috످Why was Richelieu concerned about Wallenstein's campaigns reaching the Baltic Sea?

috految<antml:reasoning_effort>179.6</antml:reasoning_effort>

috److془The question: Why was Richelieu concerned about Wallenstein's campaigns reaching the Baltic Sea? I know this well.

Provide answer.془Richelieu feared that Wallenstein's advance to the Baltic during the Thirty Years' War would allow the Habsburgs to dominate Europe and complete their encirclement of France.

France was already hemmed in by Habsburg territory in Spain, the Spanish Netherlands, Franche-Comté, and northern Italy. When Wallenstein, fighting for the Habsburg emperor Ferdinand II, overran Mecklenburg, Pomerania, and Jutland in 1627–28, it raised several new dangers.

The first was a unified Germany. French security depended on the Holy Roman Empire remaining divided. With Wallenstein's army occupying the Protestant north, Ferdinand might subdue the German princes and create a powerful, centralized state on France's border.

The second was Habsburg naval power. In 1628, Ferdinand named Wallenstein "General of the Oceanic and Baltic Seas." With Spanish support, Wallenstein began building a fleet at Wismar that could challenge Denmark and Sweden, both important counterweights to the Habsburgs.

The third was control of Baltic trade. The Dutch Republic, France's key ally against Spain, relied on the Baltic for grain, timber, and much of its wealth. Cutting off this trade could cripple the Dutch and free Spain to turn its full strength against France.

Despite being a Catholic cardinal, Richelieu put French national interest (raison d'état) above religion and backed the Protestants to counter this threat. He helped broker the Truce of Altmark (1629) between Sweden and Poland, freeing the Swedish king Gustavus Adolphus to invade Germany. He then encouraged the German electors to force Wallenstein's dismissal in 1630, subsidized Sweden through the Treaty of Bärwalde in 1631, and finally brought France directly into the war in 1635.

috످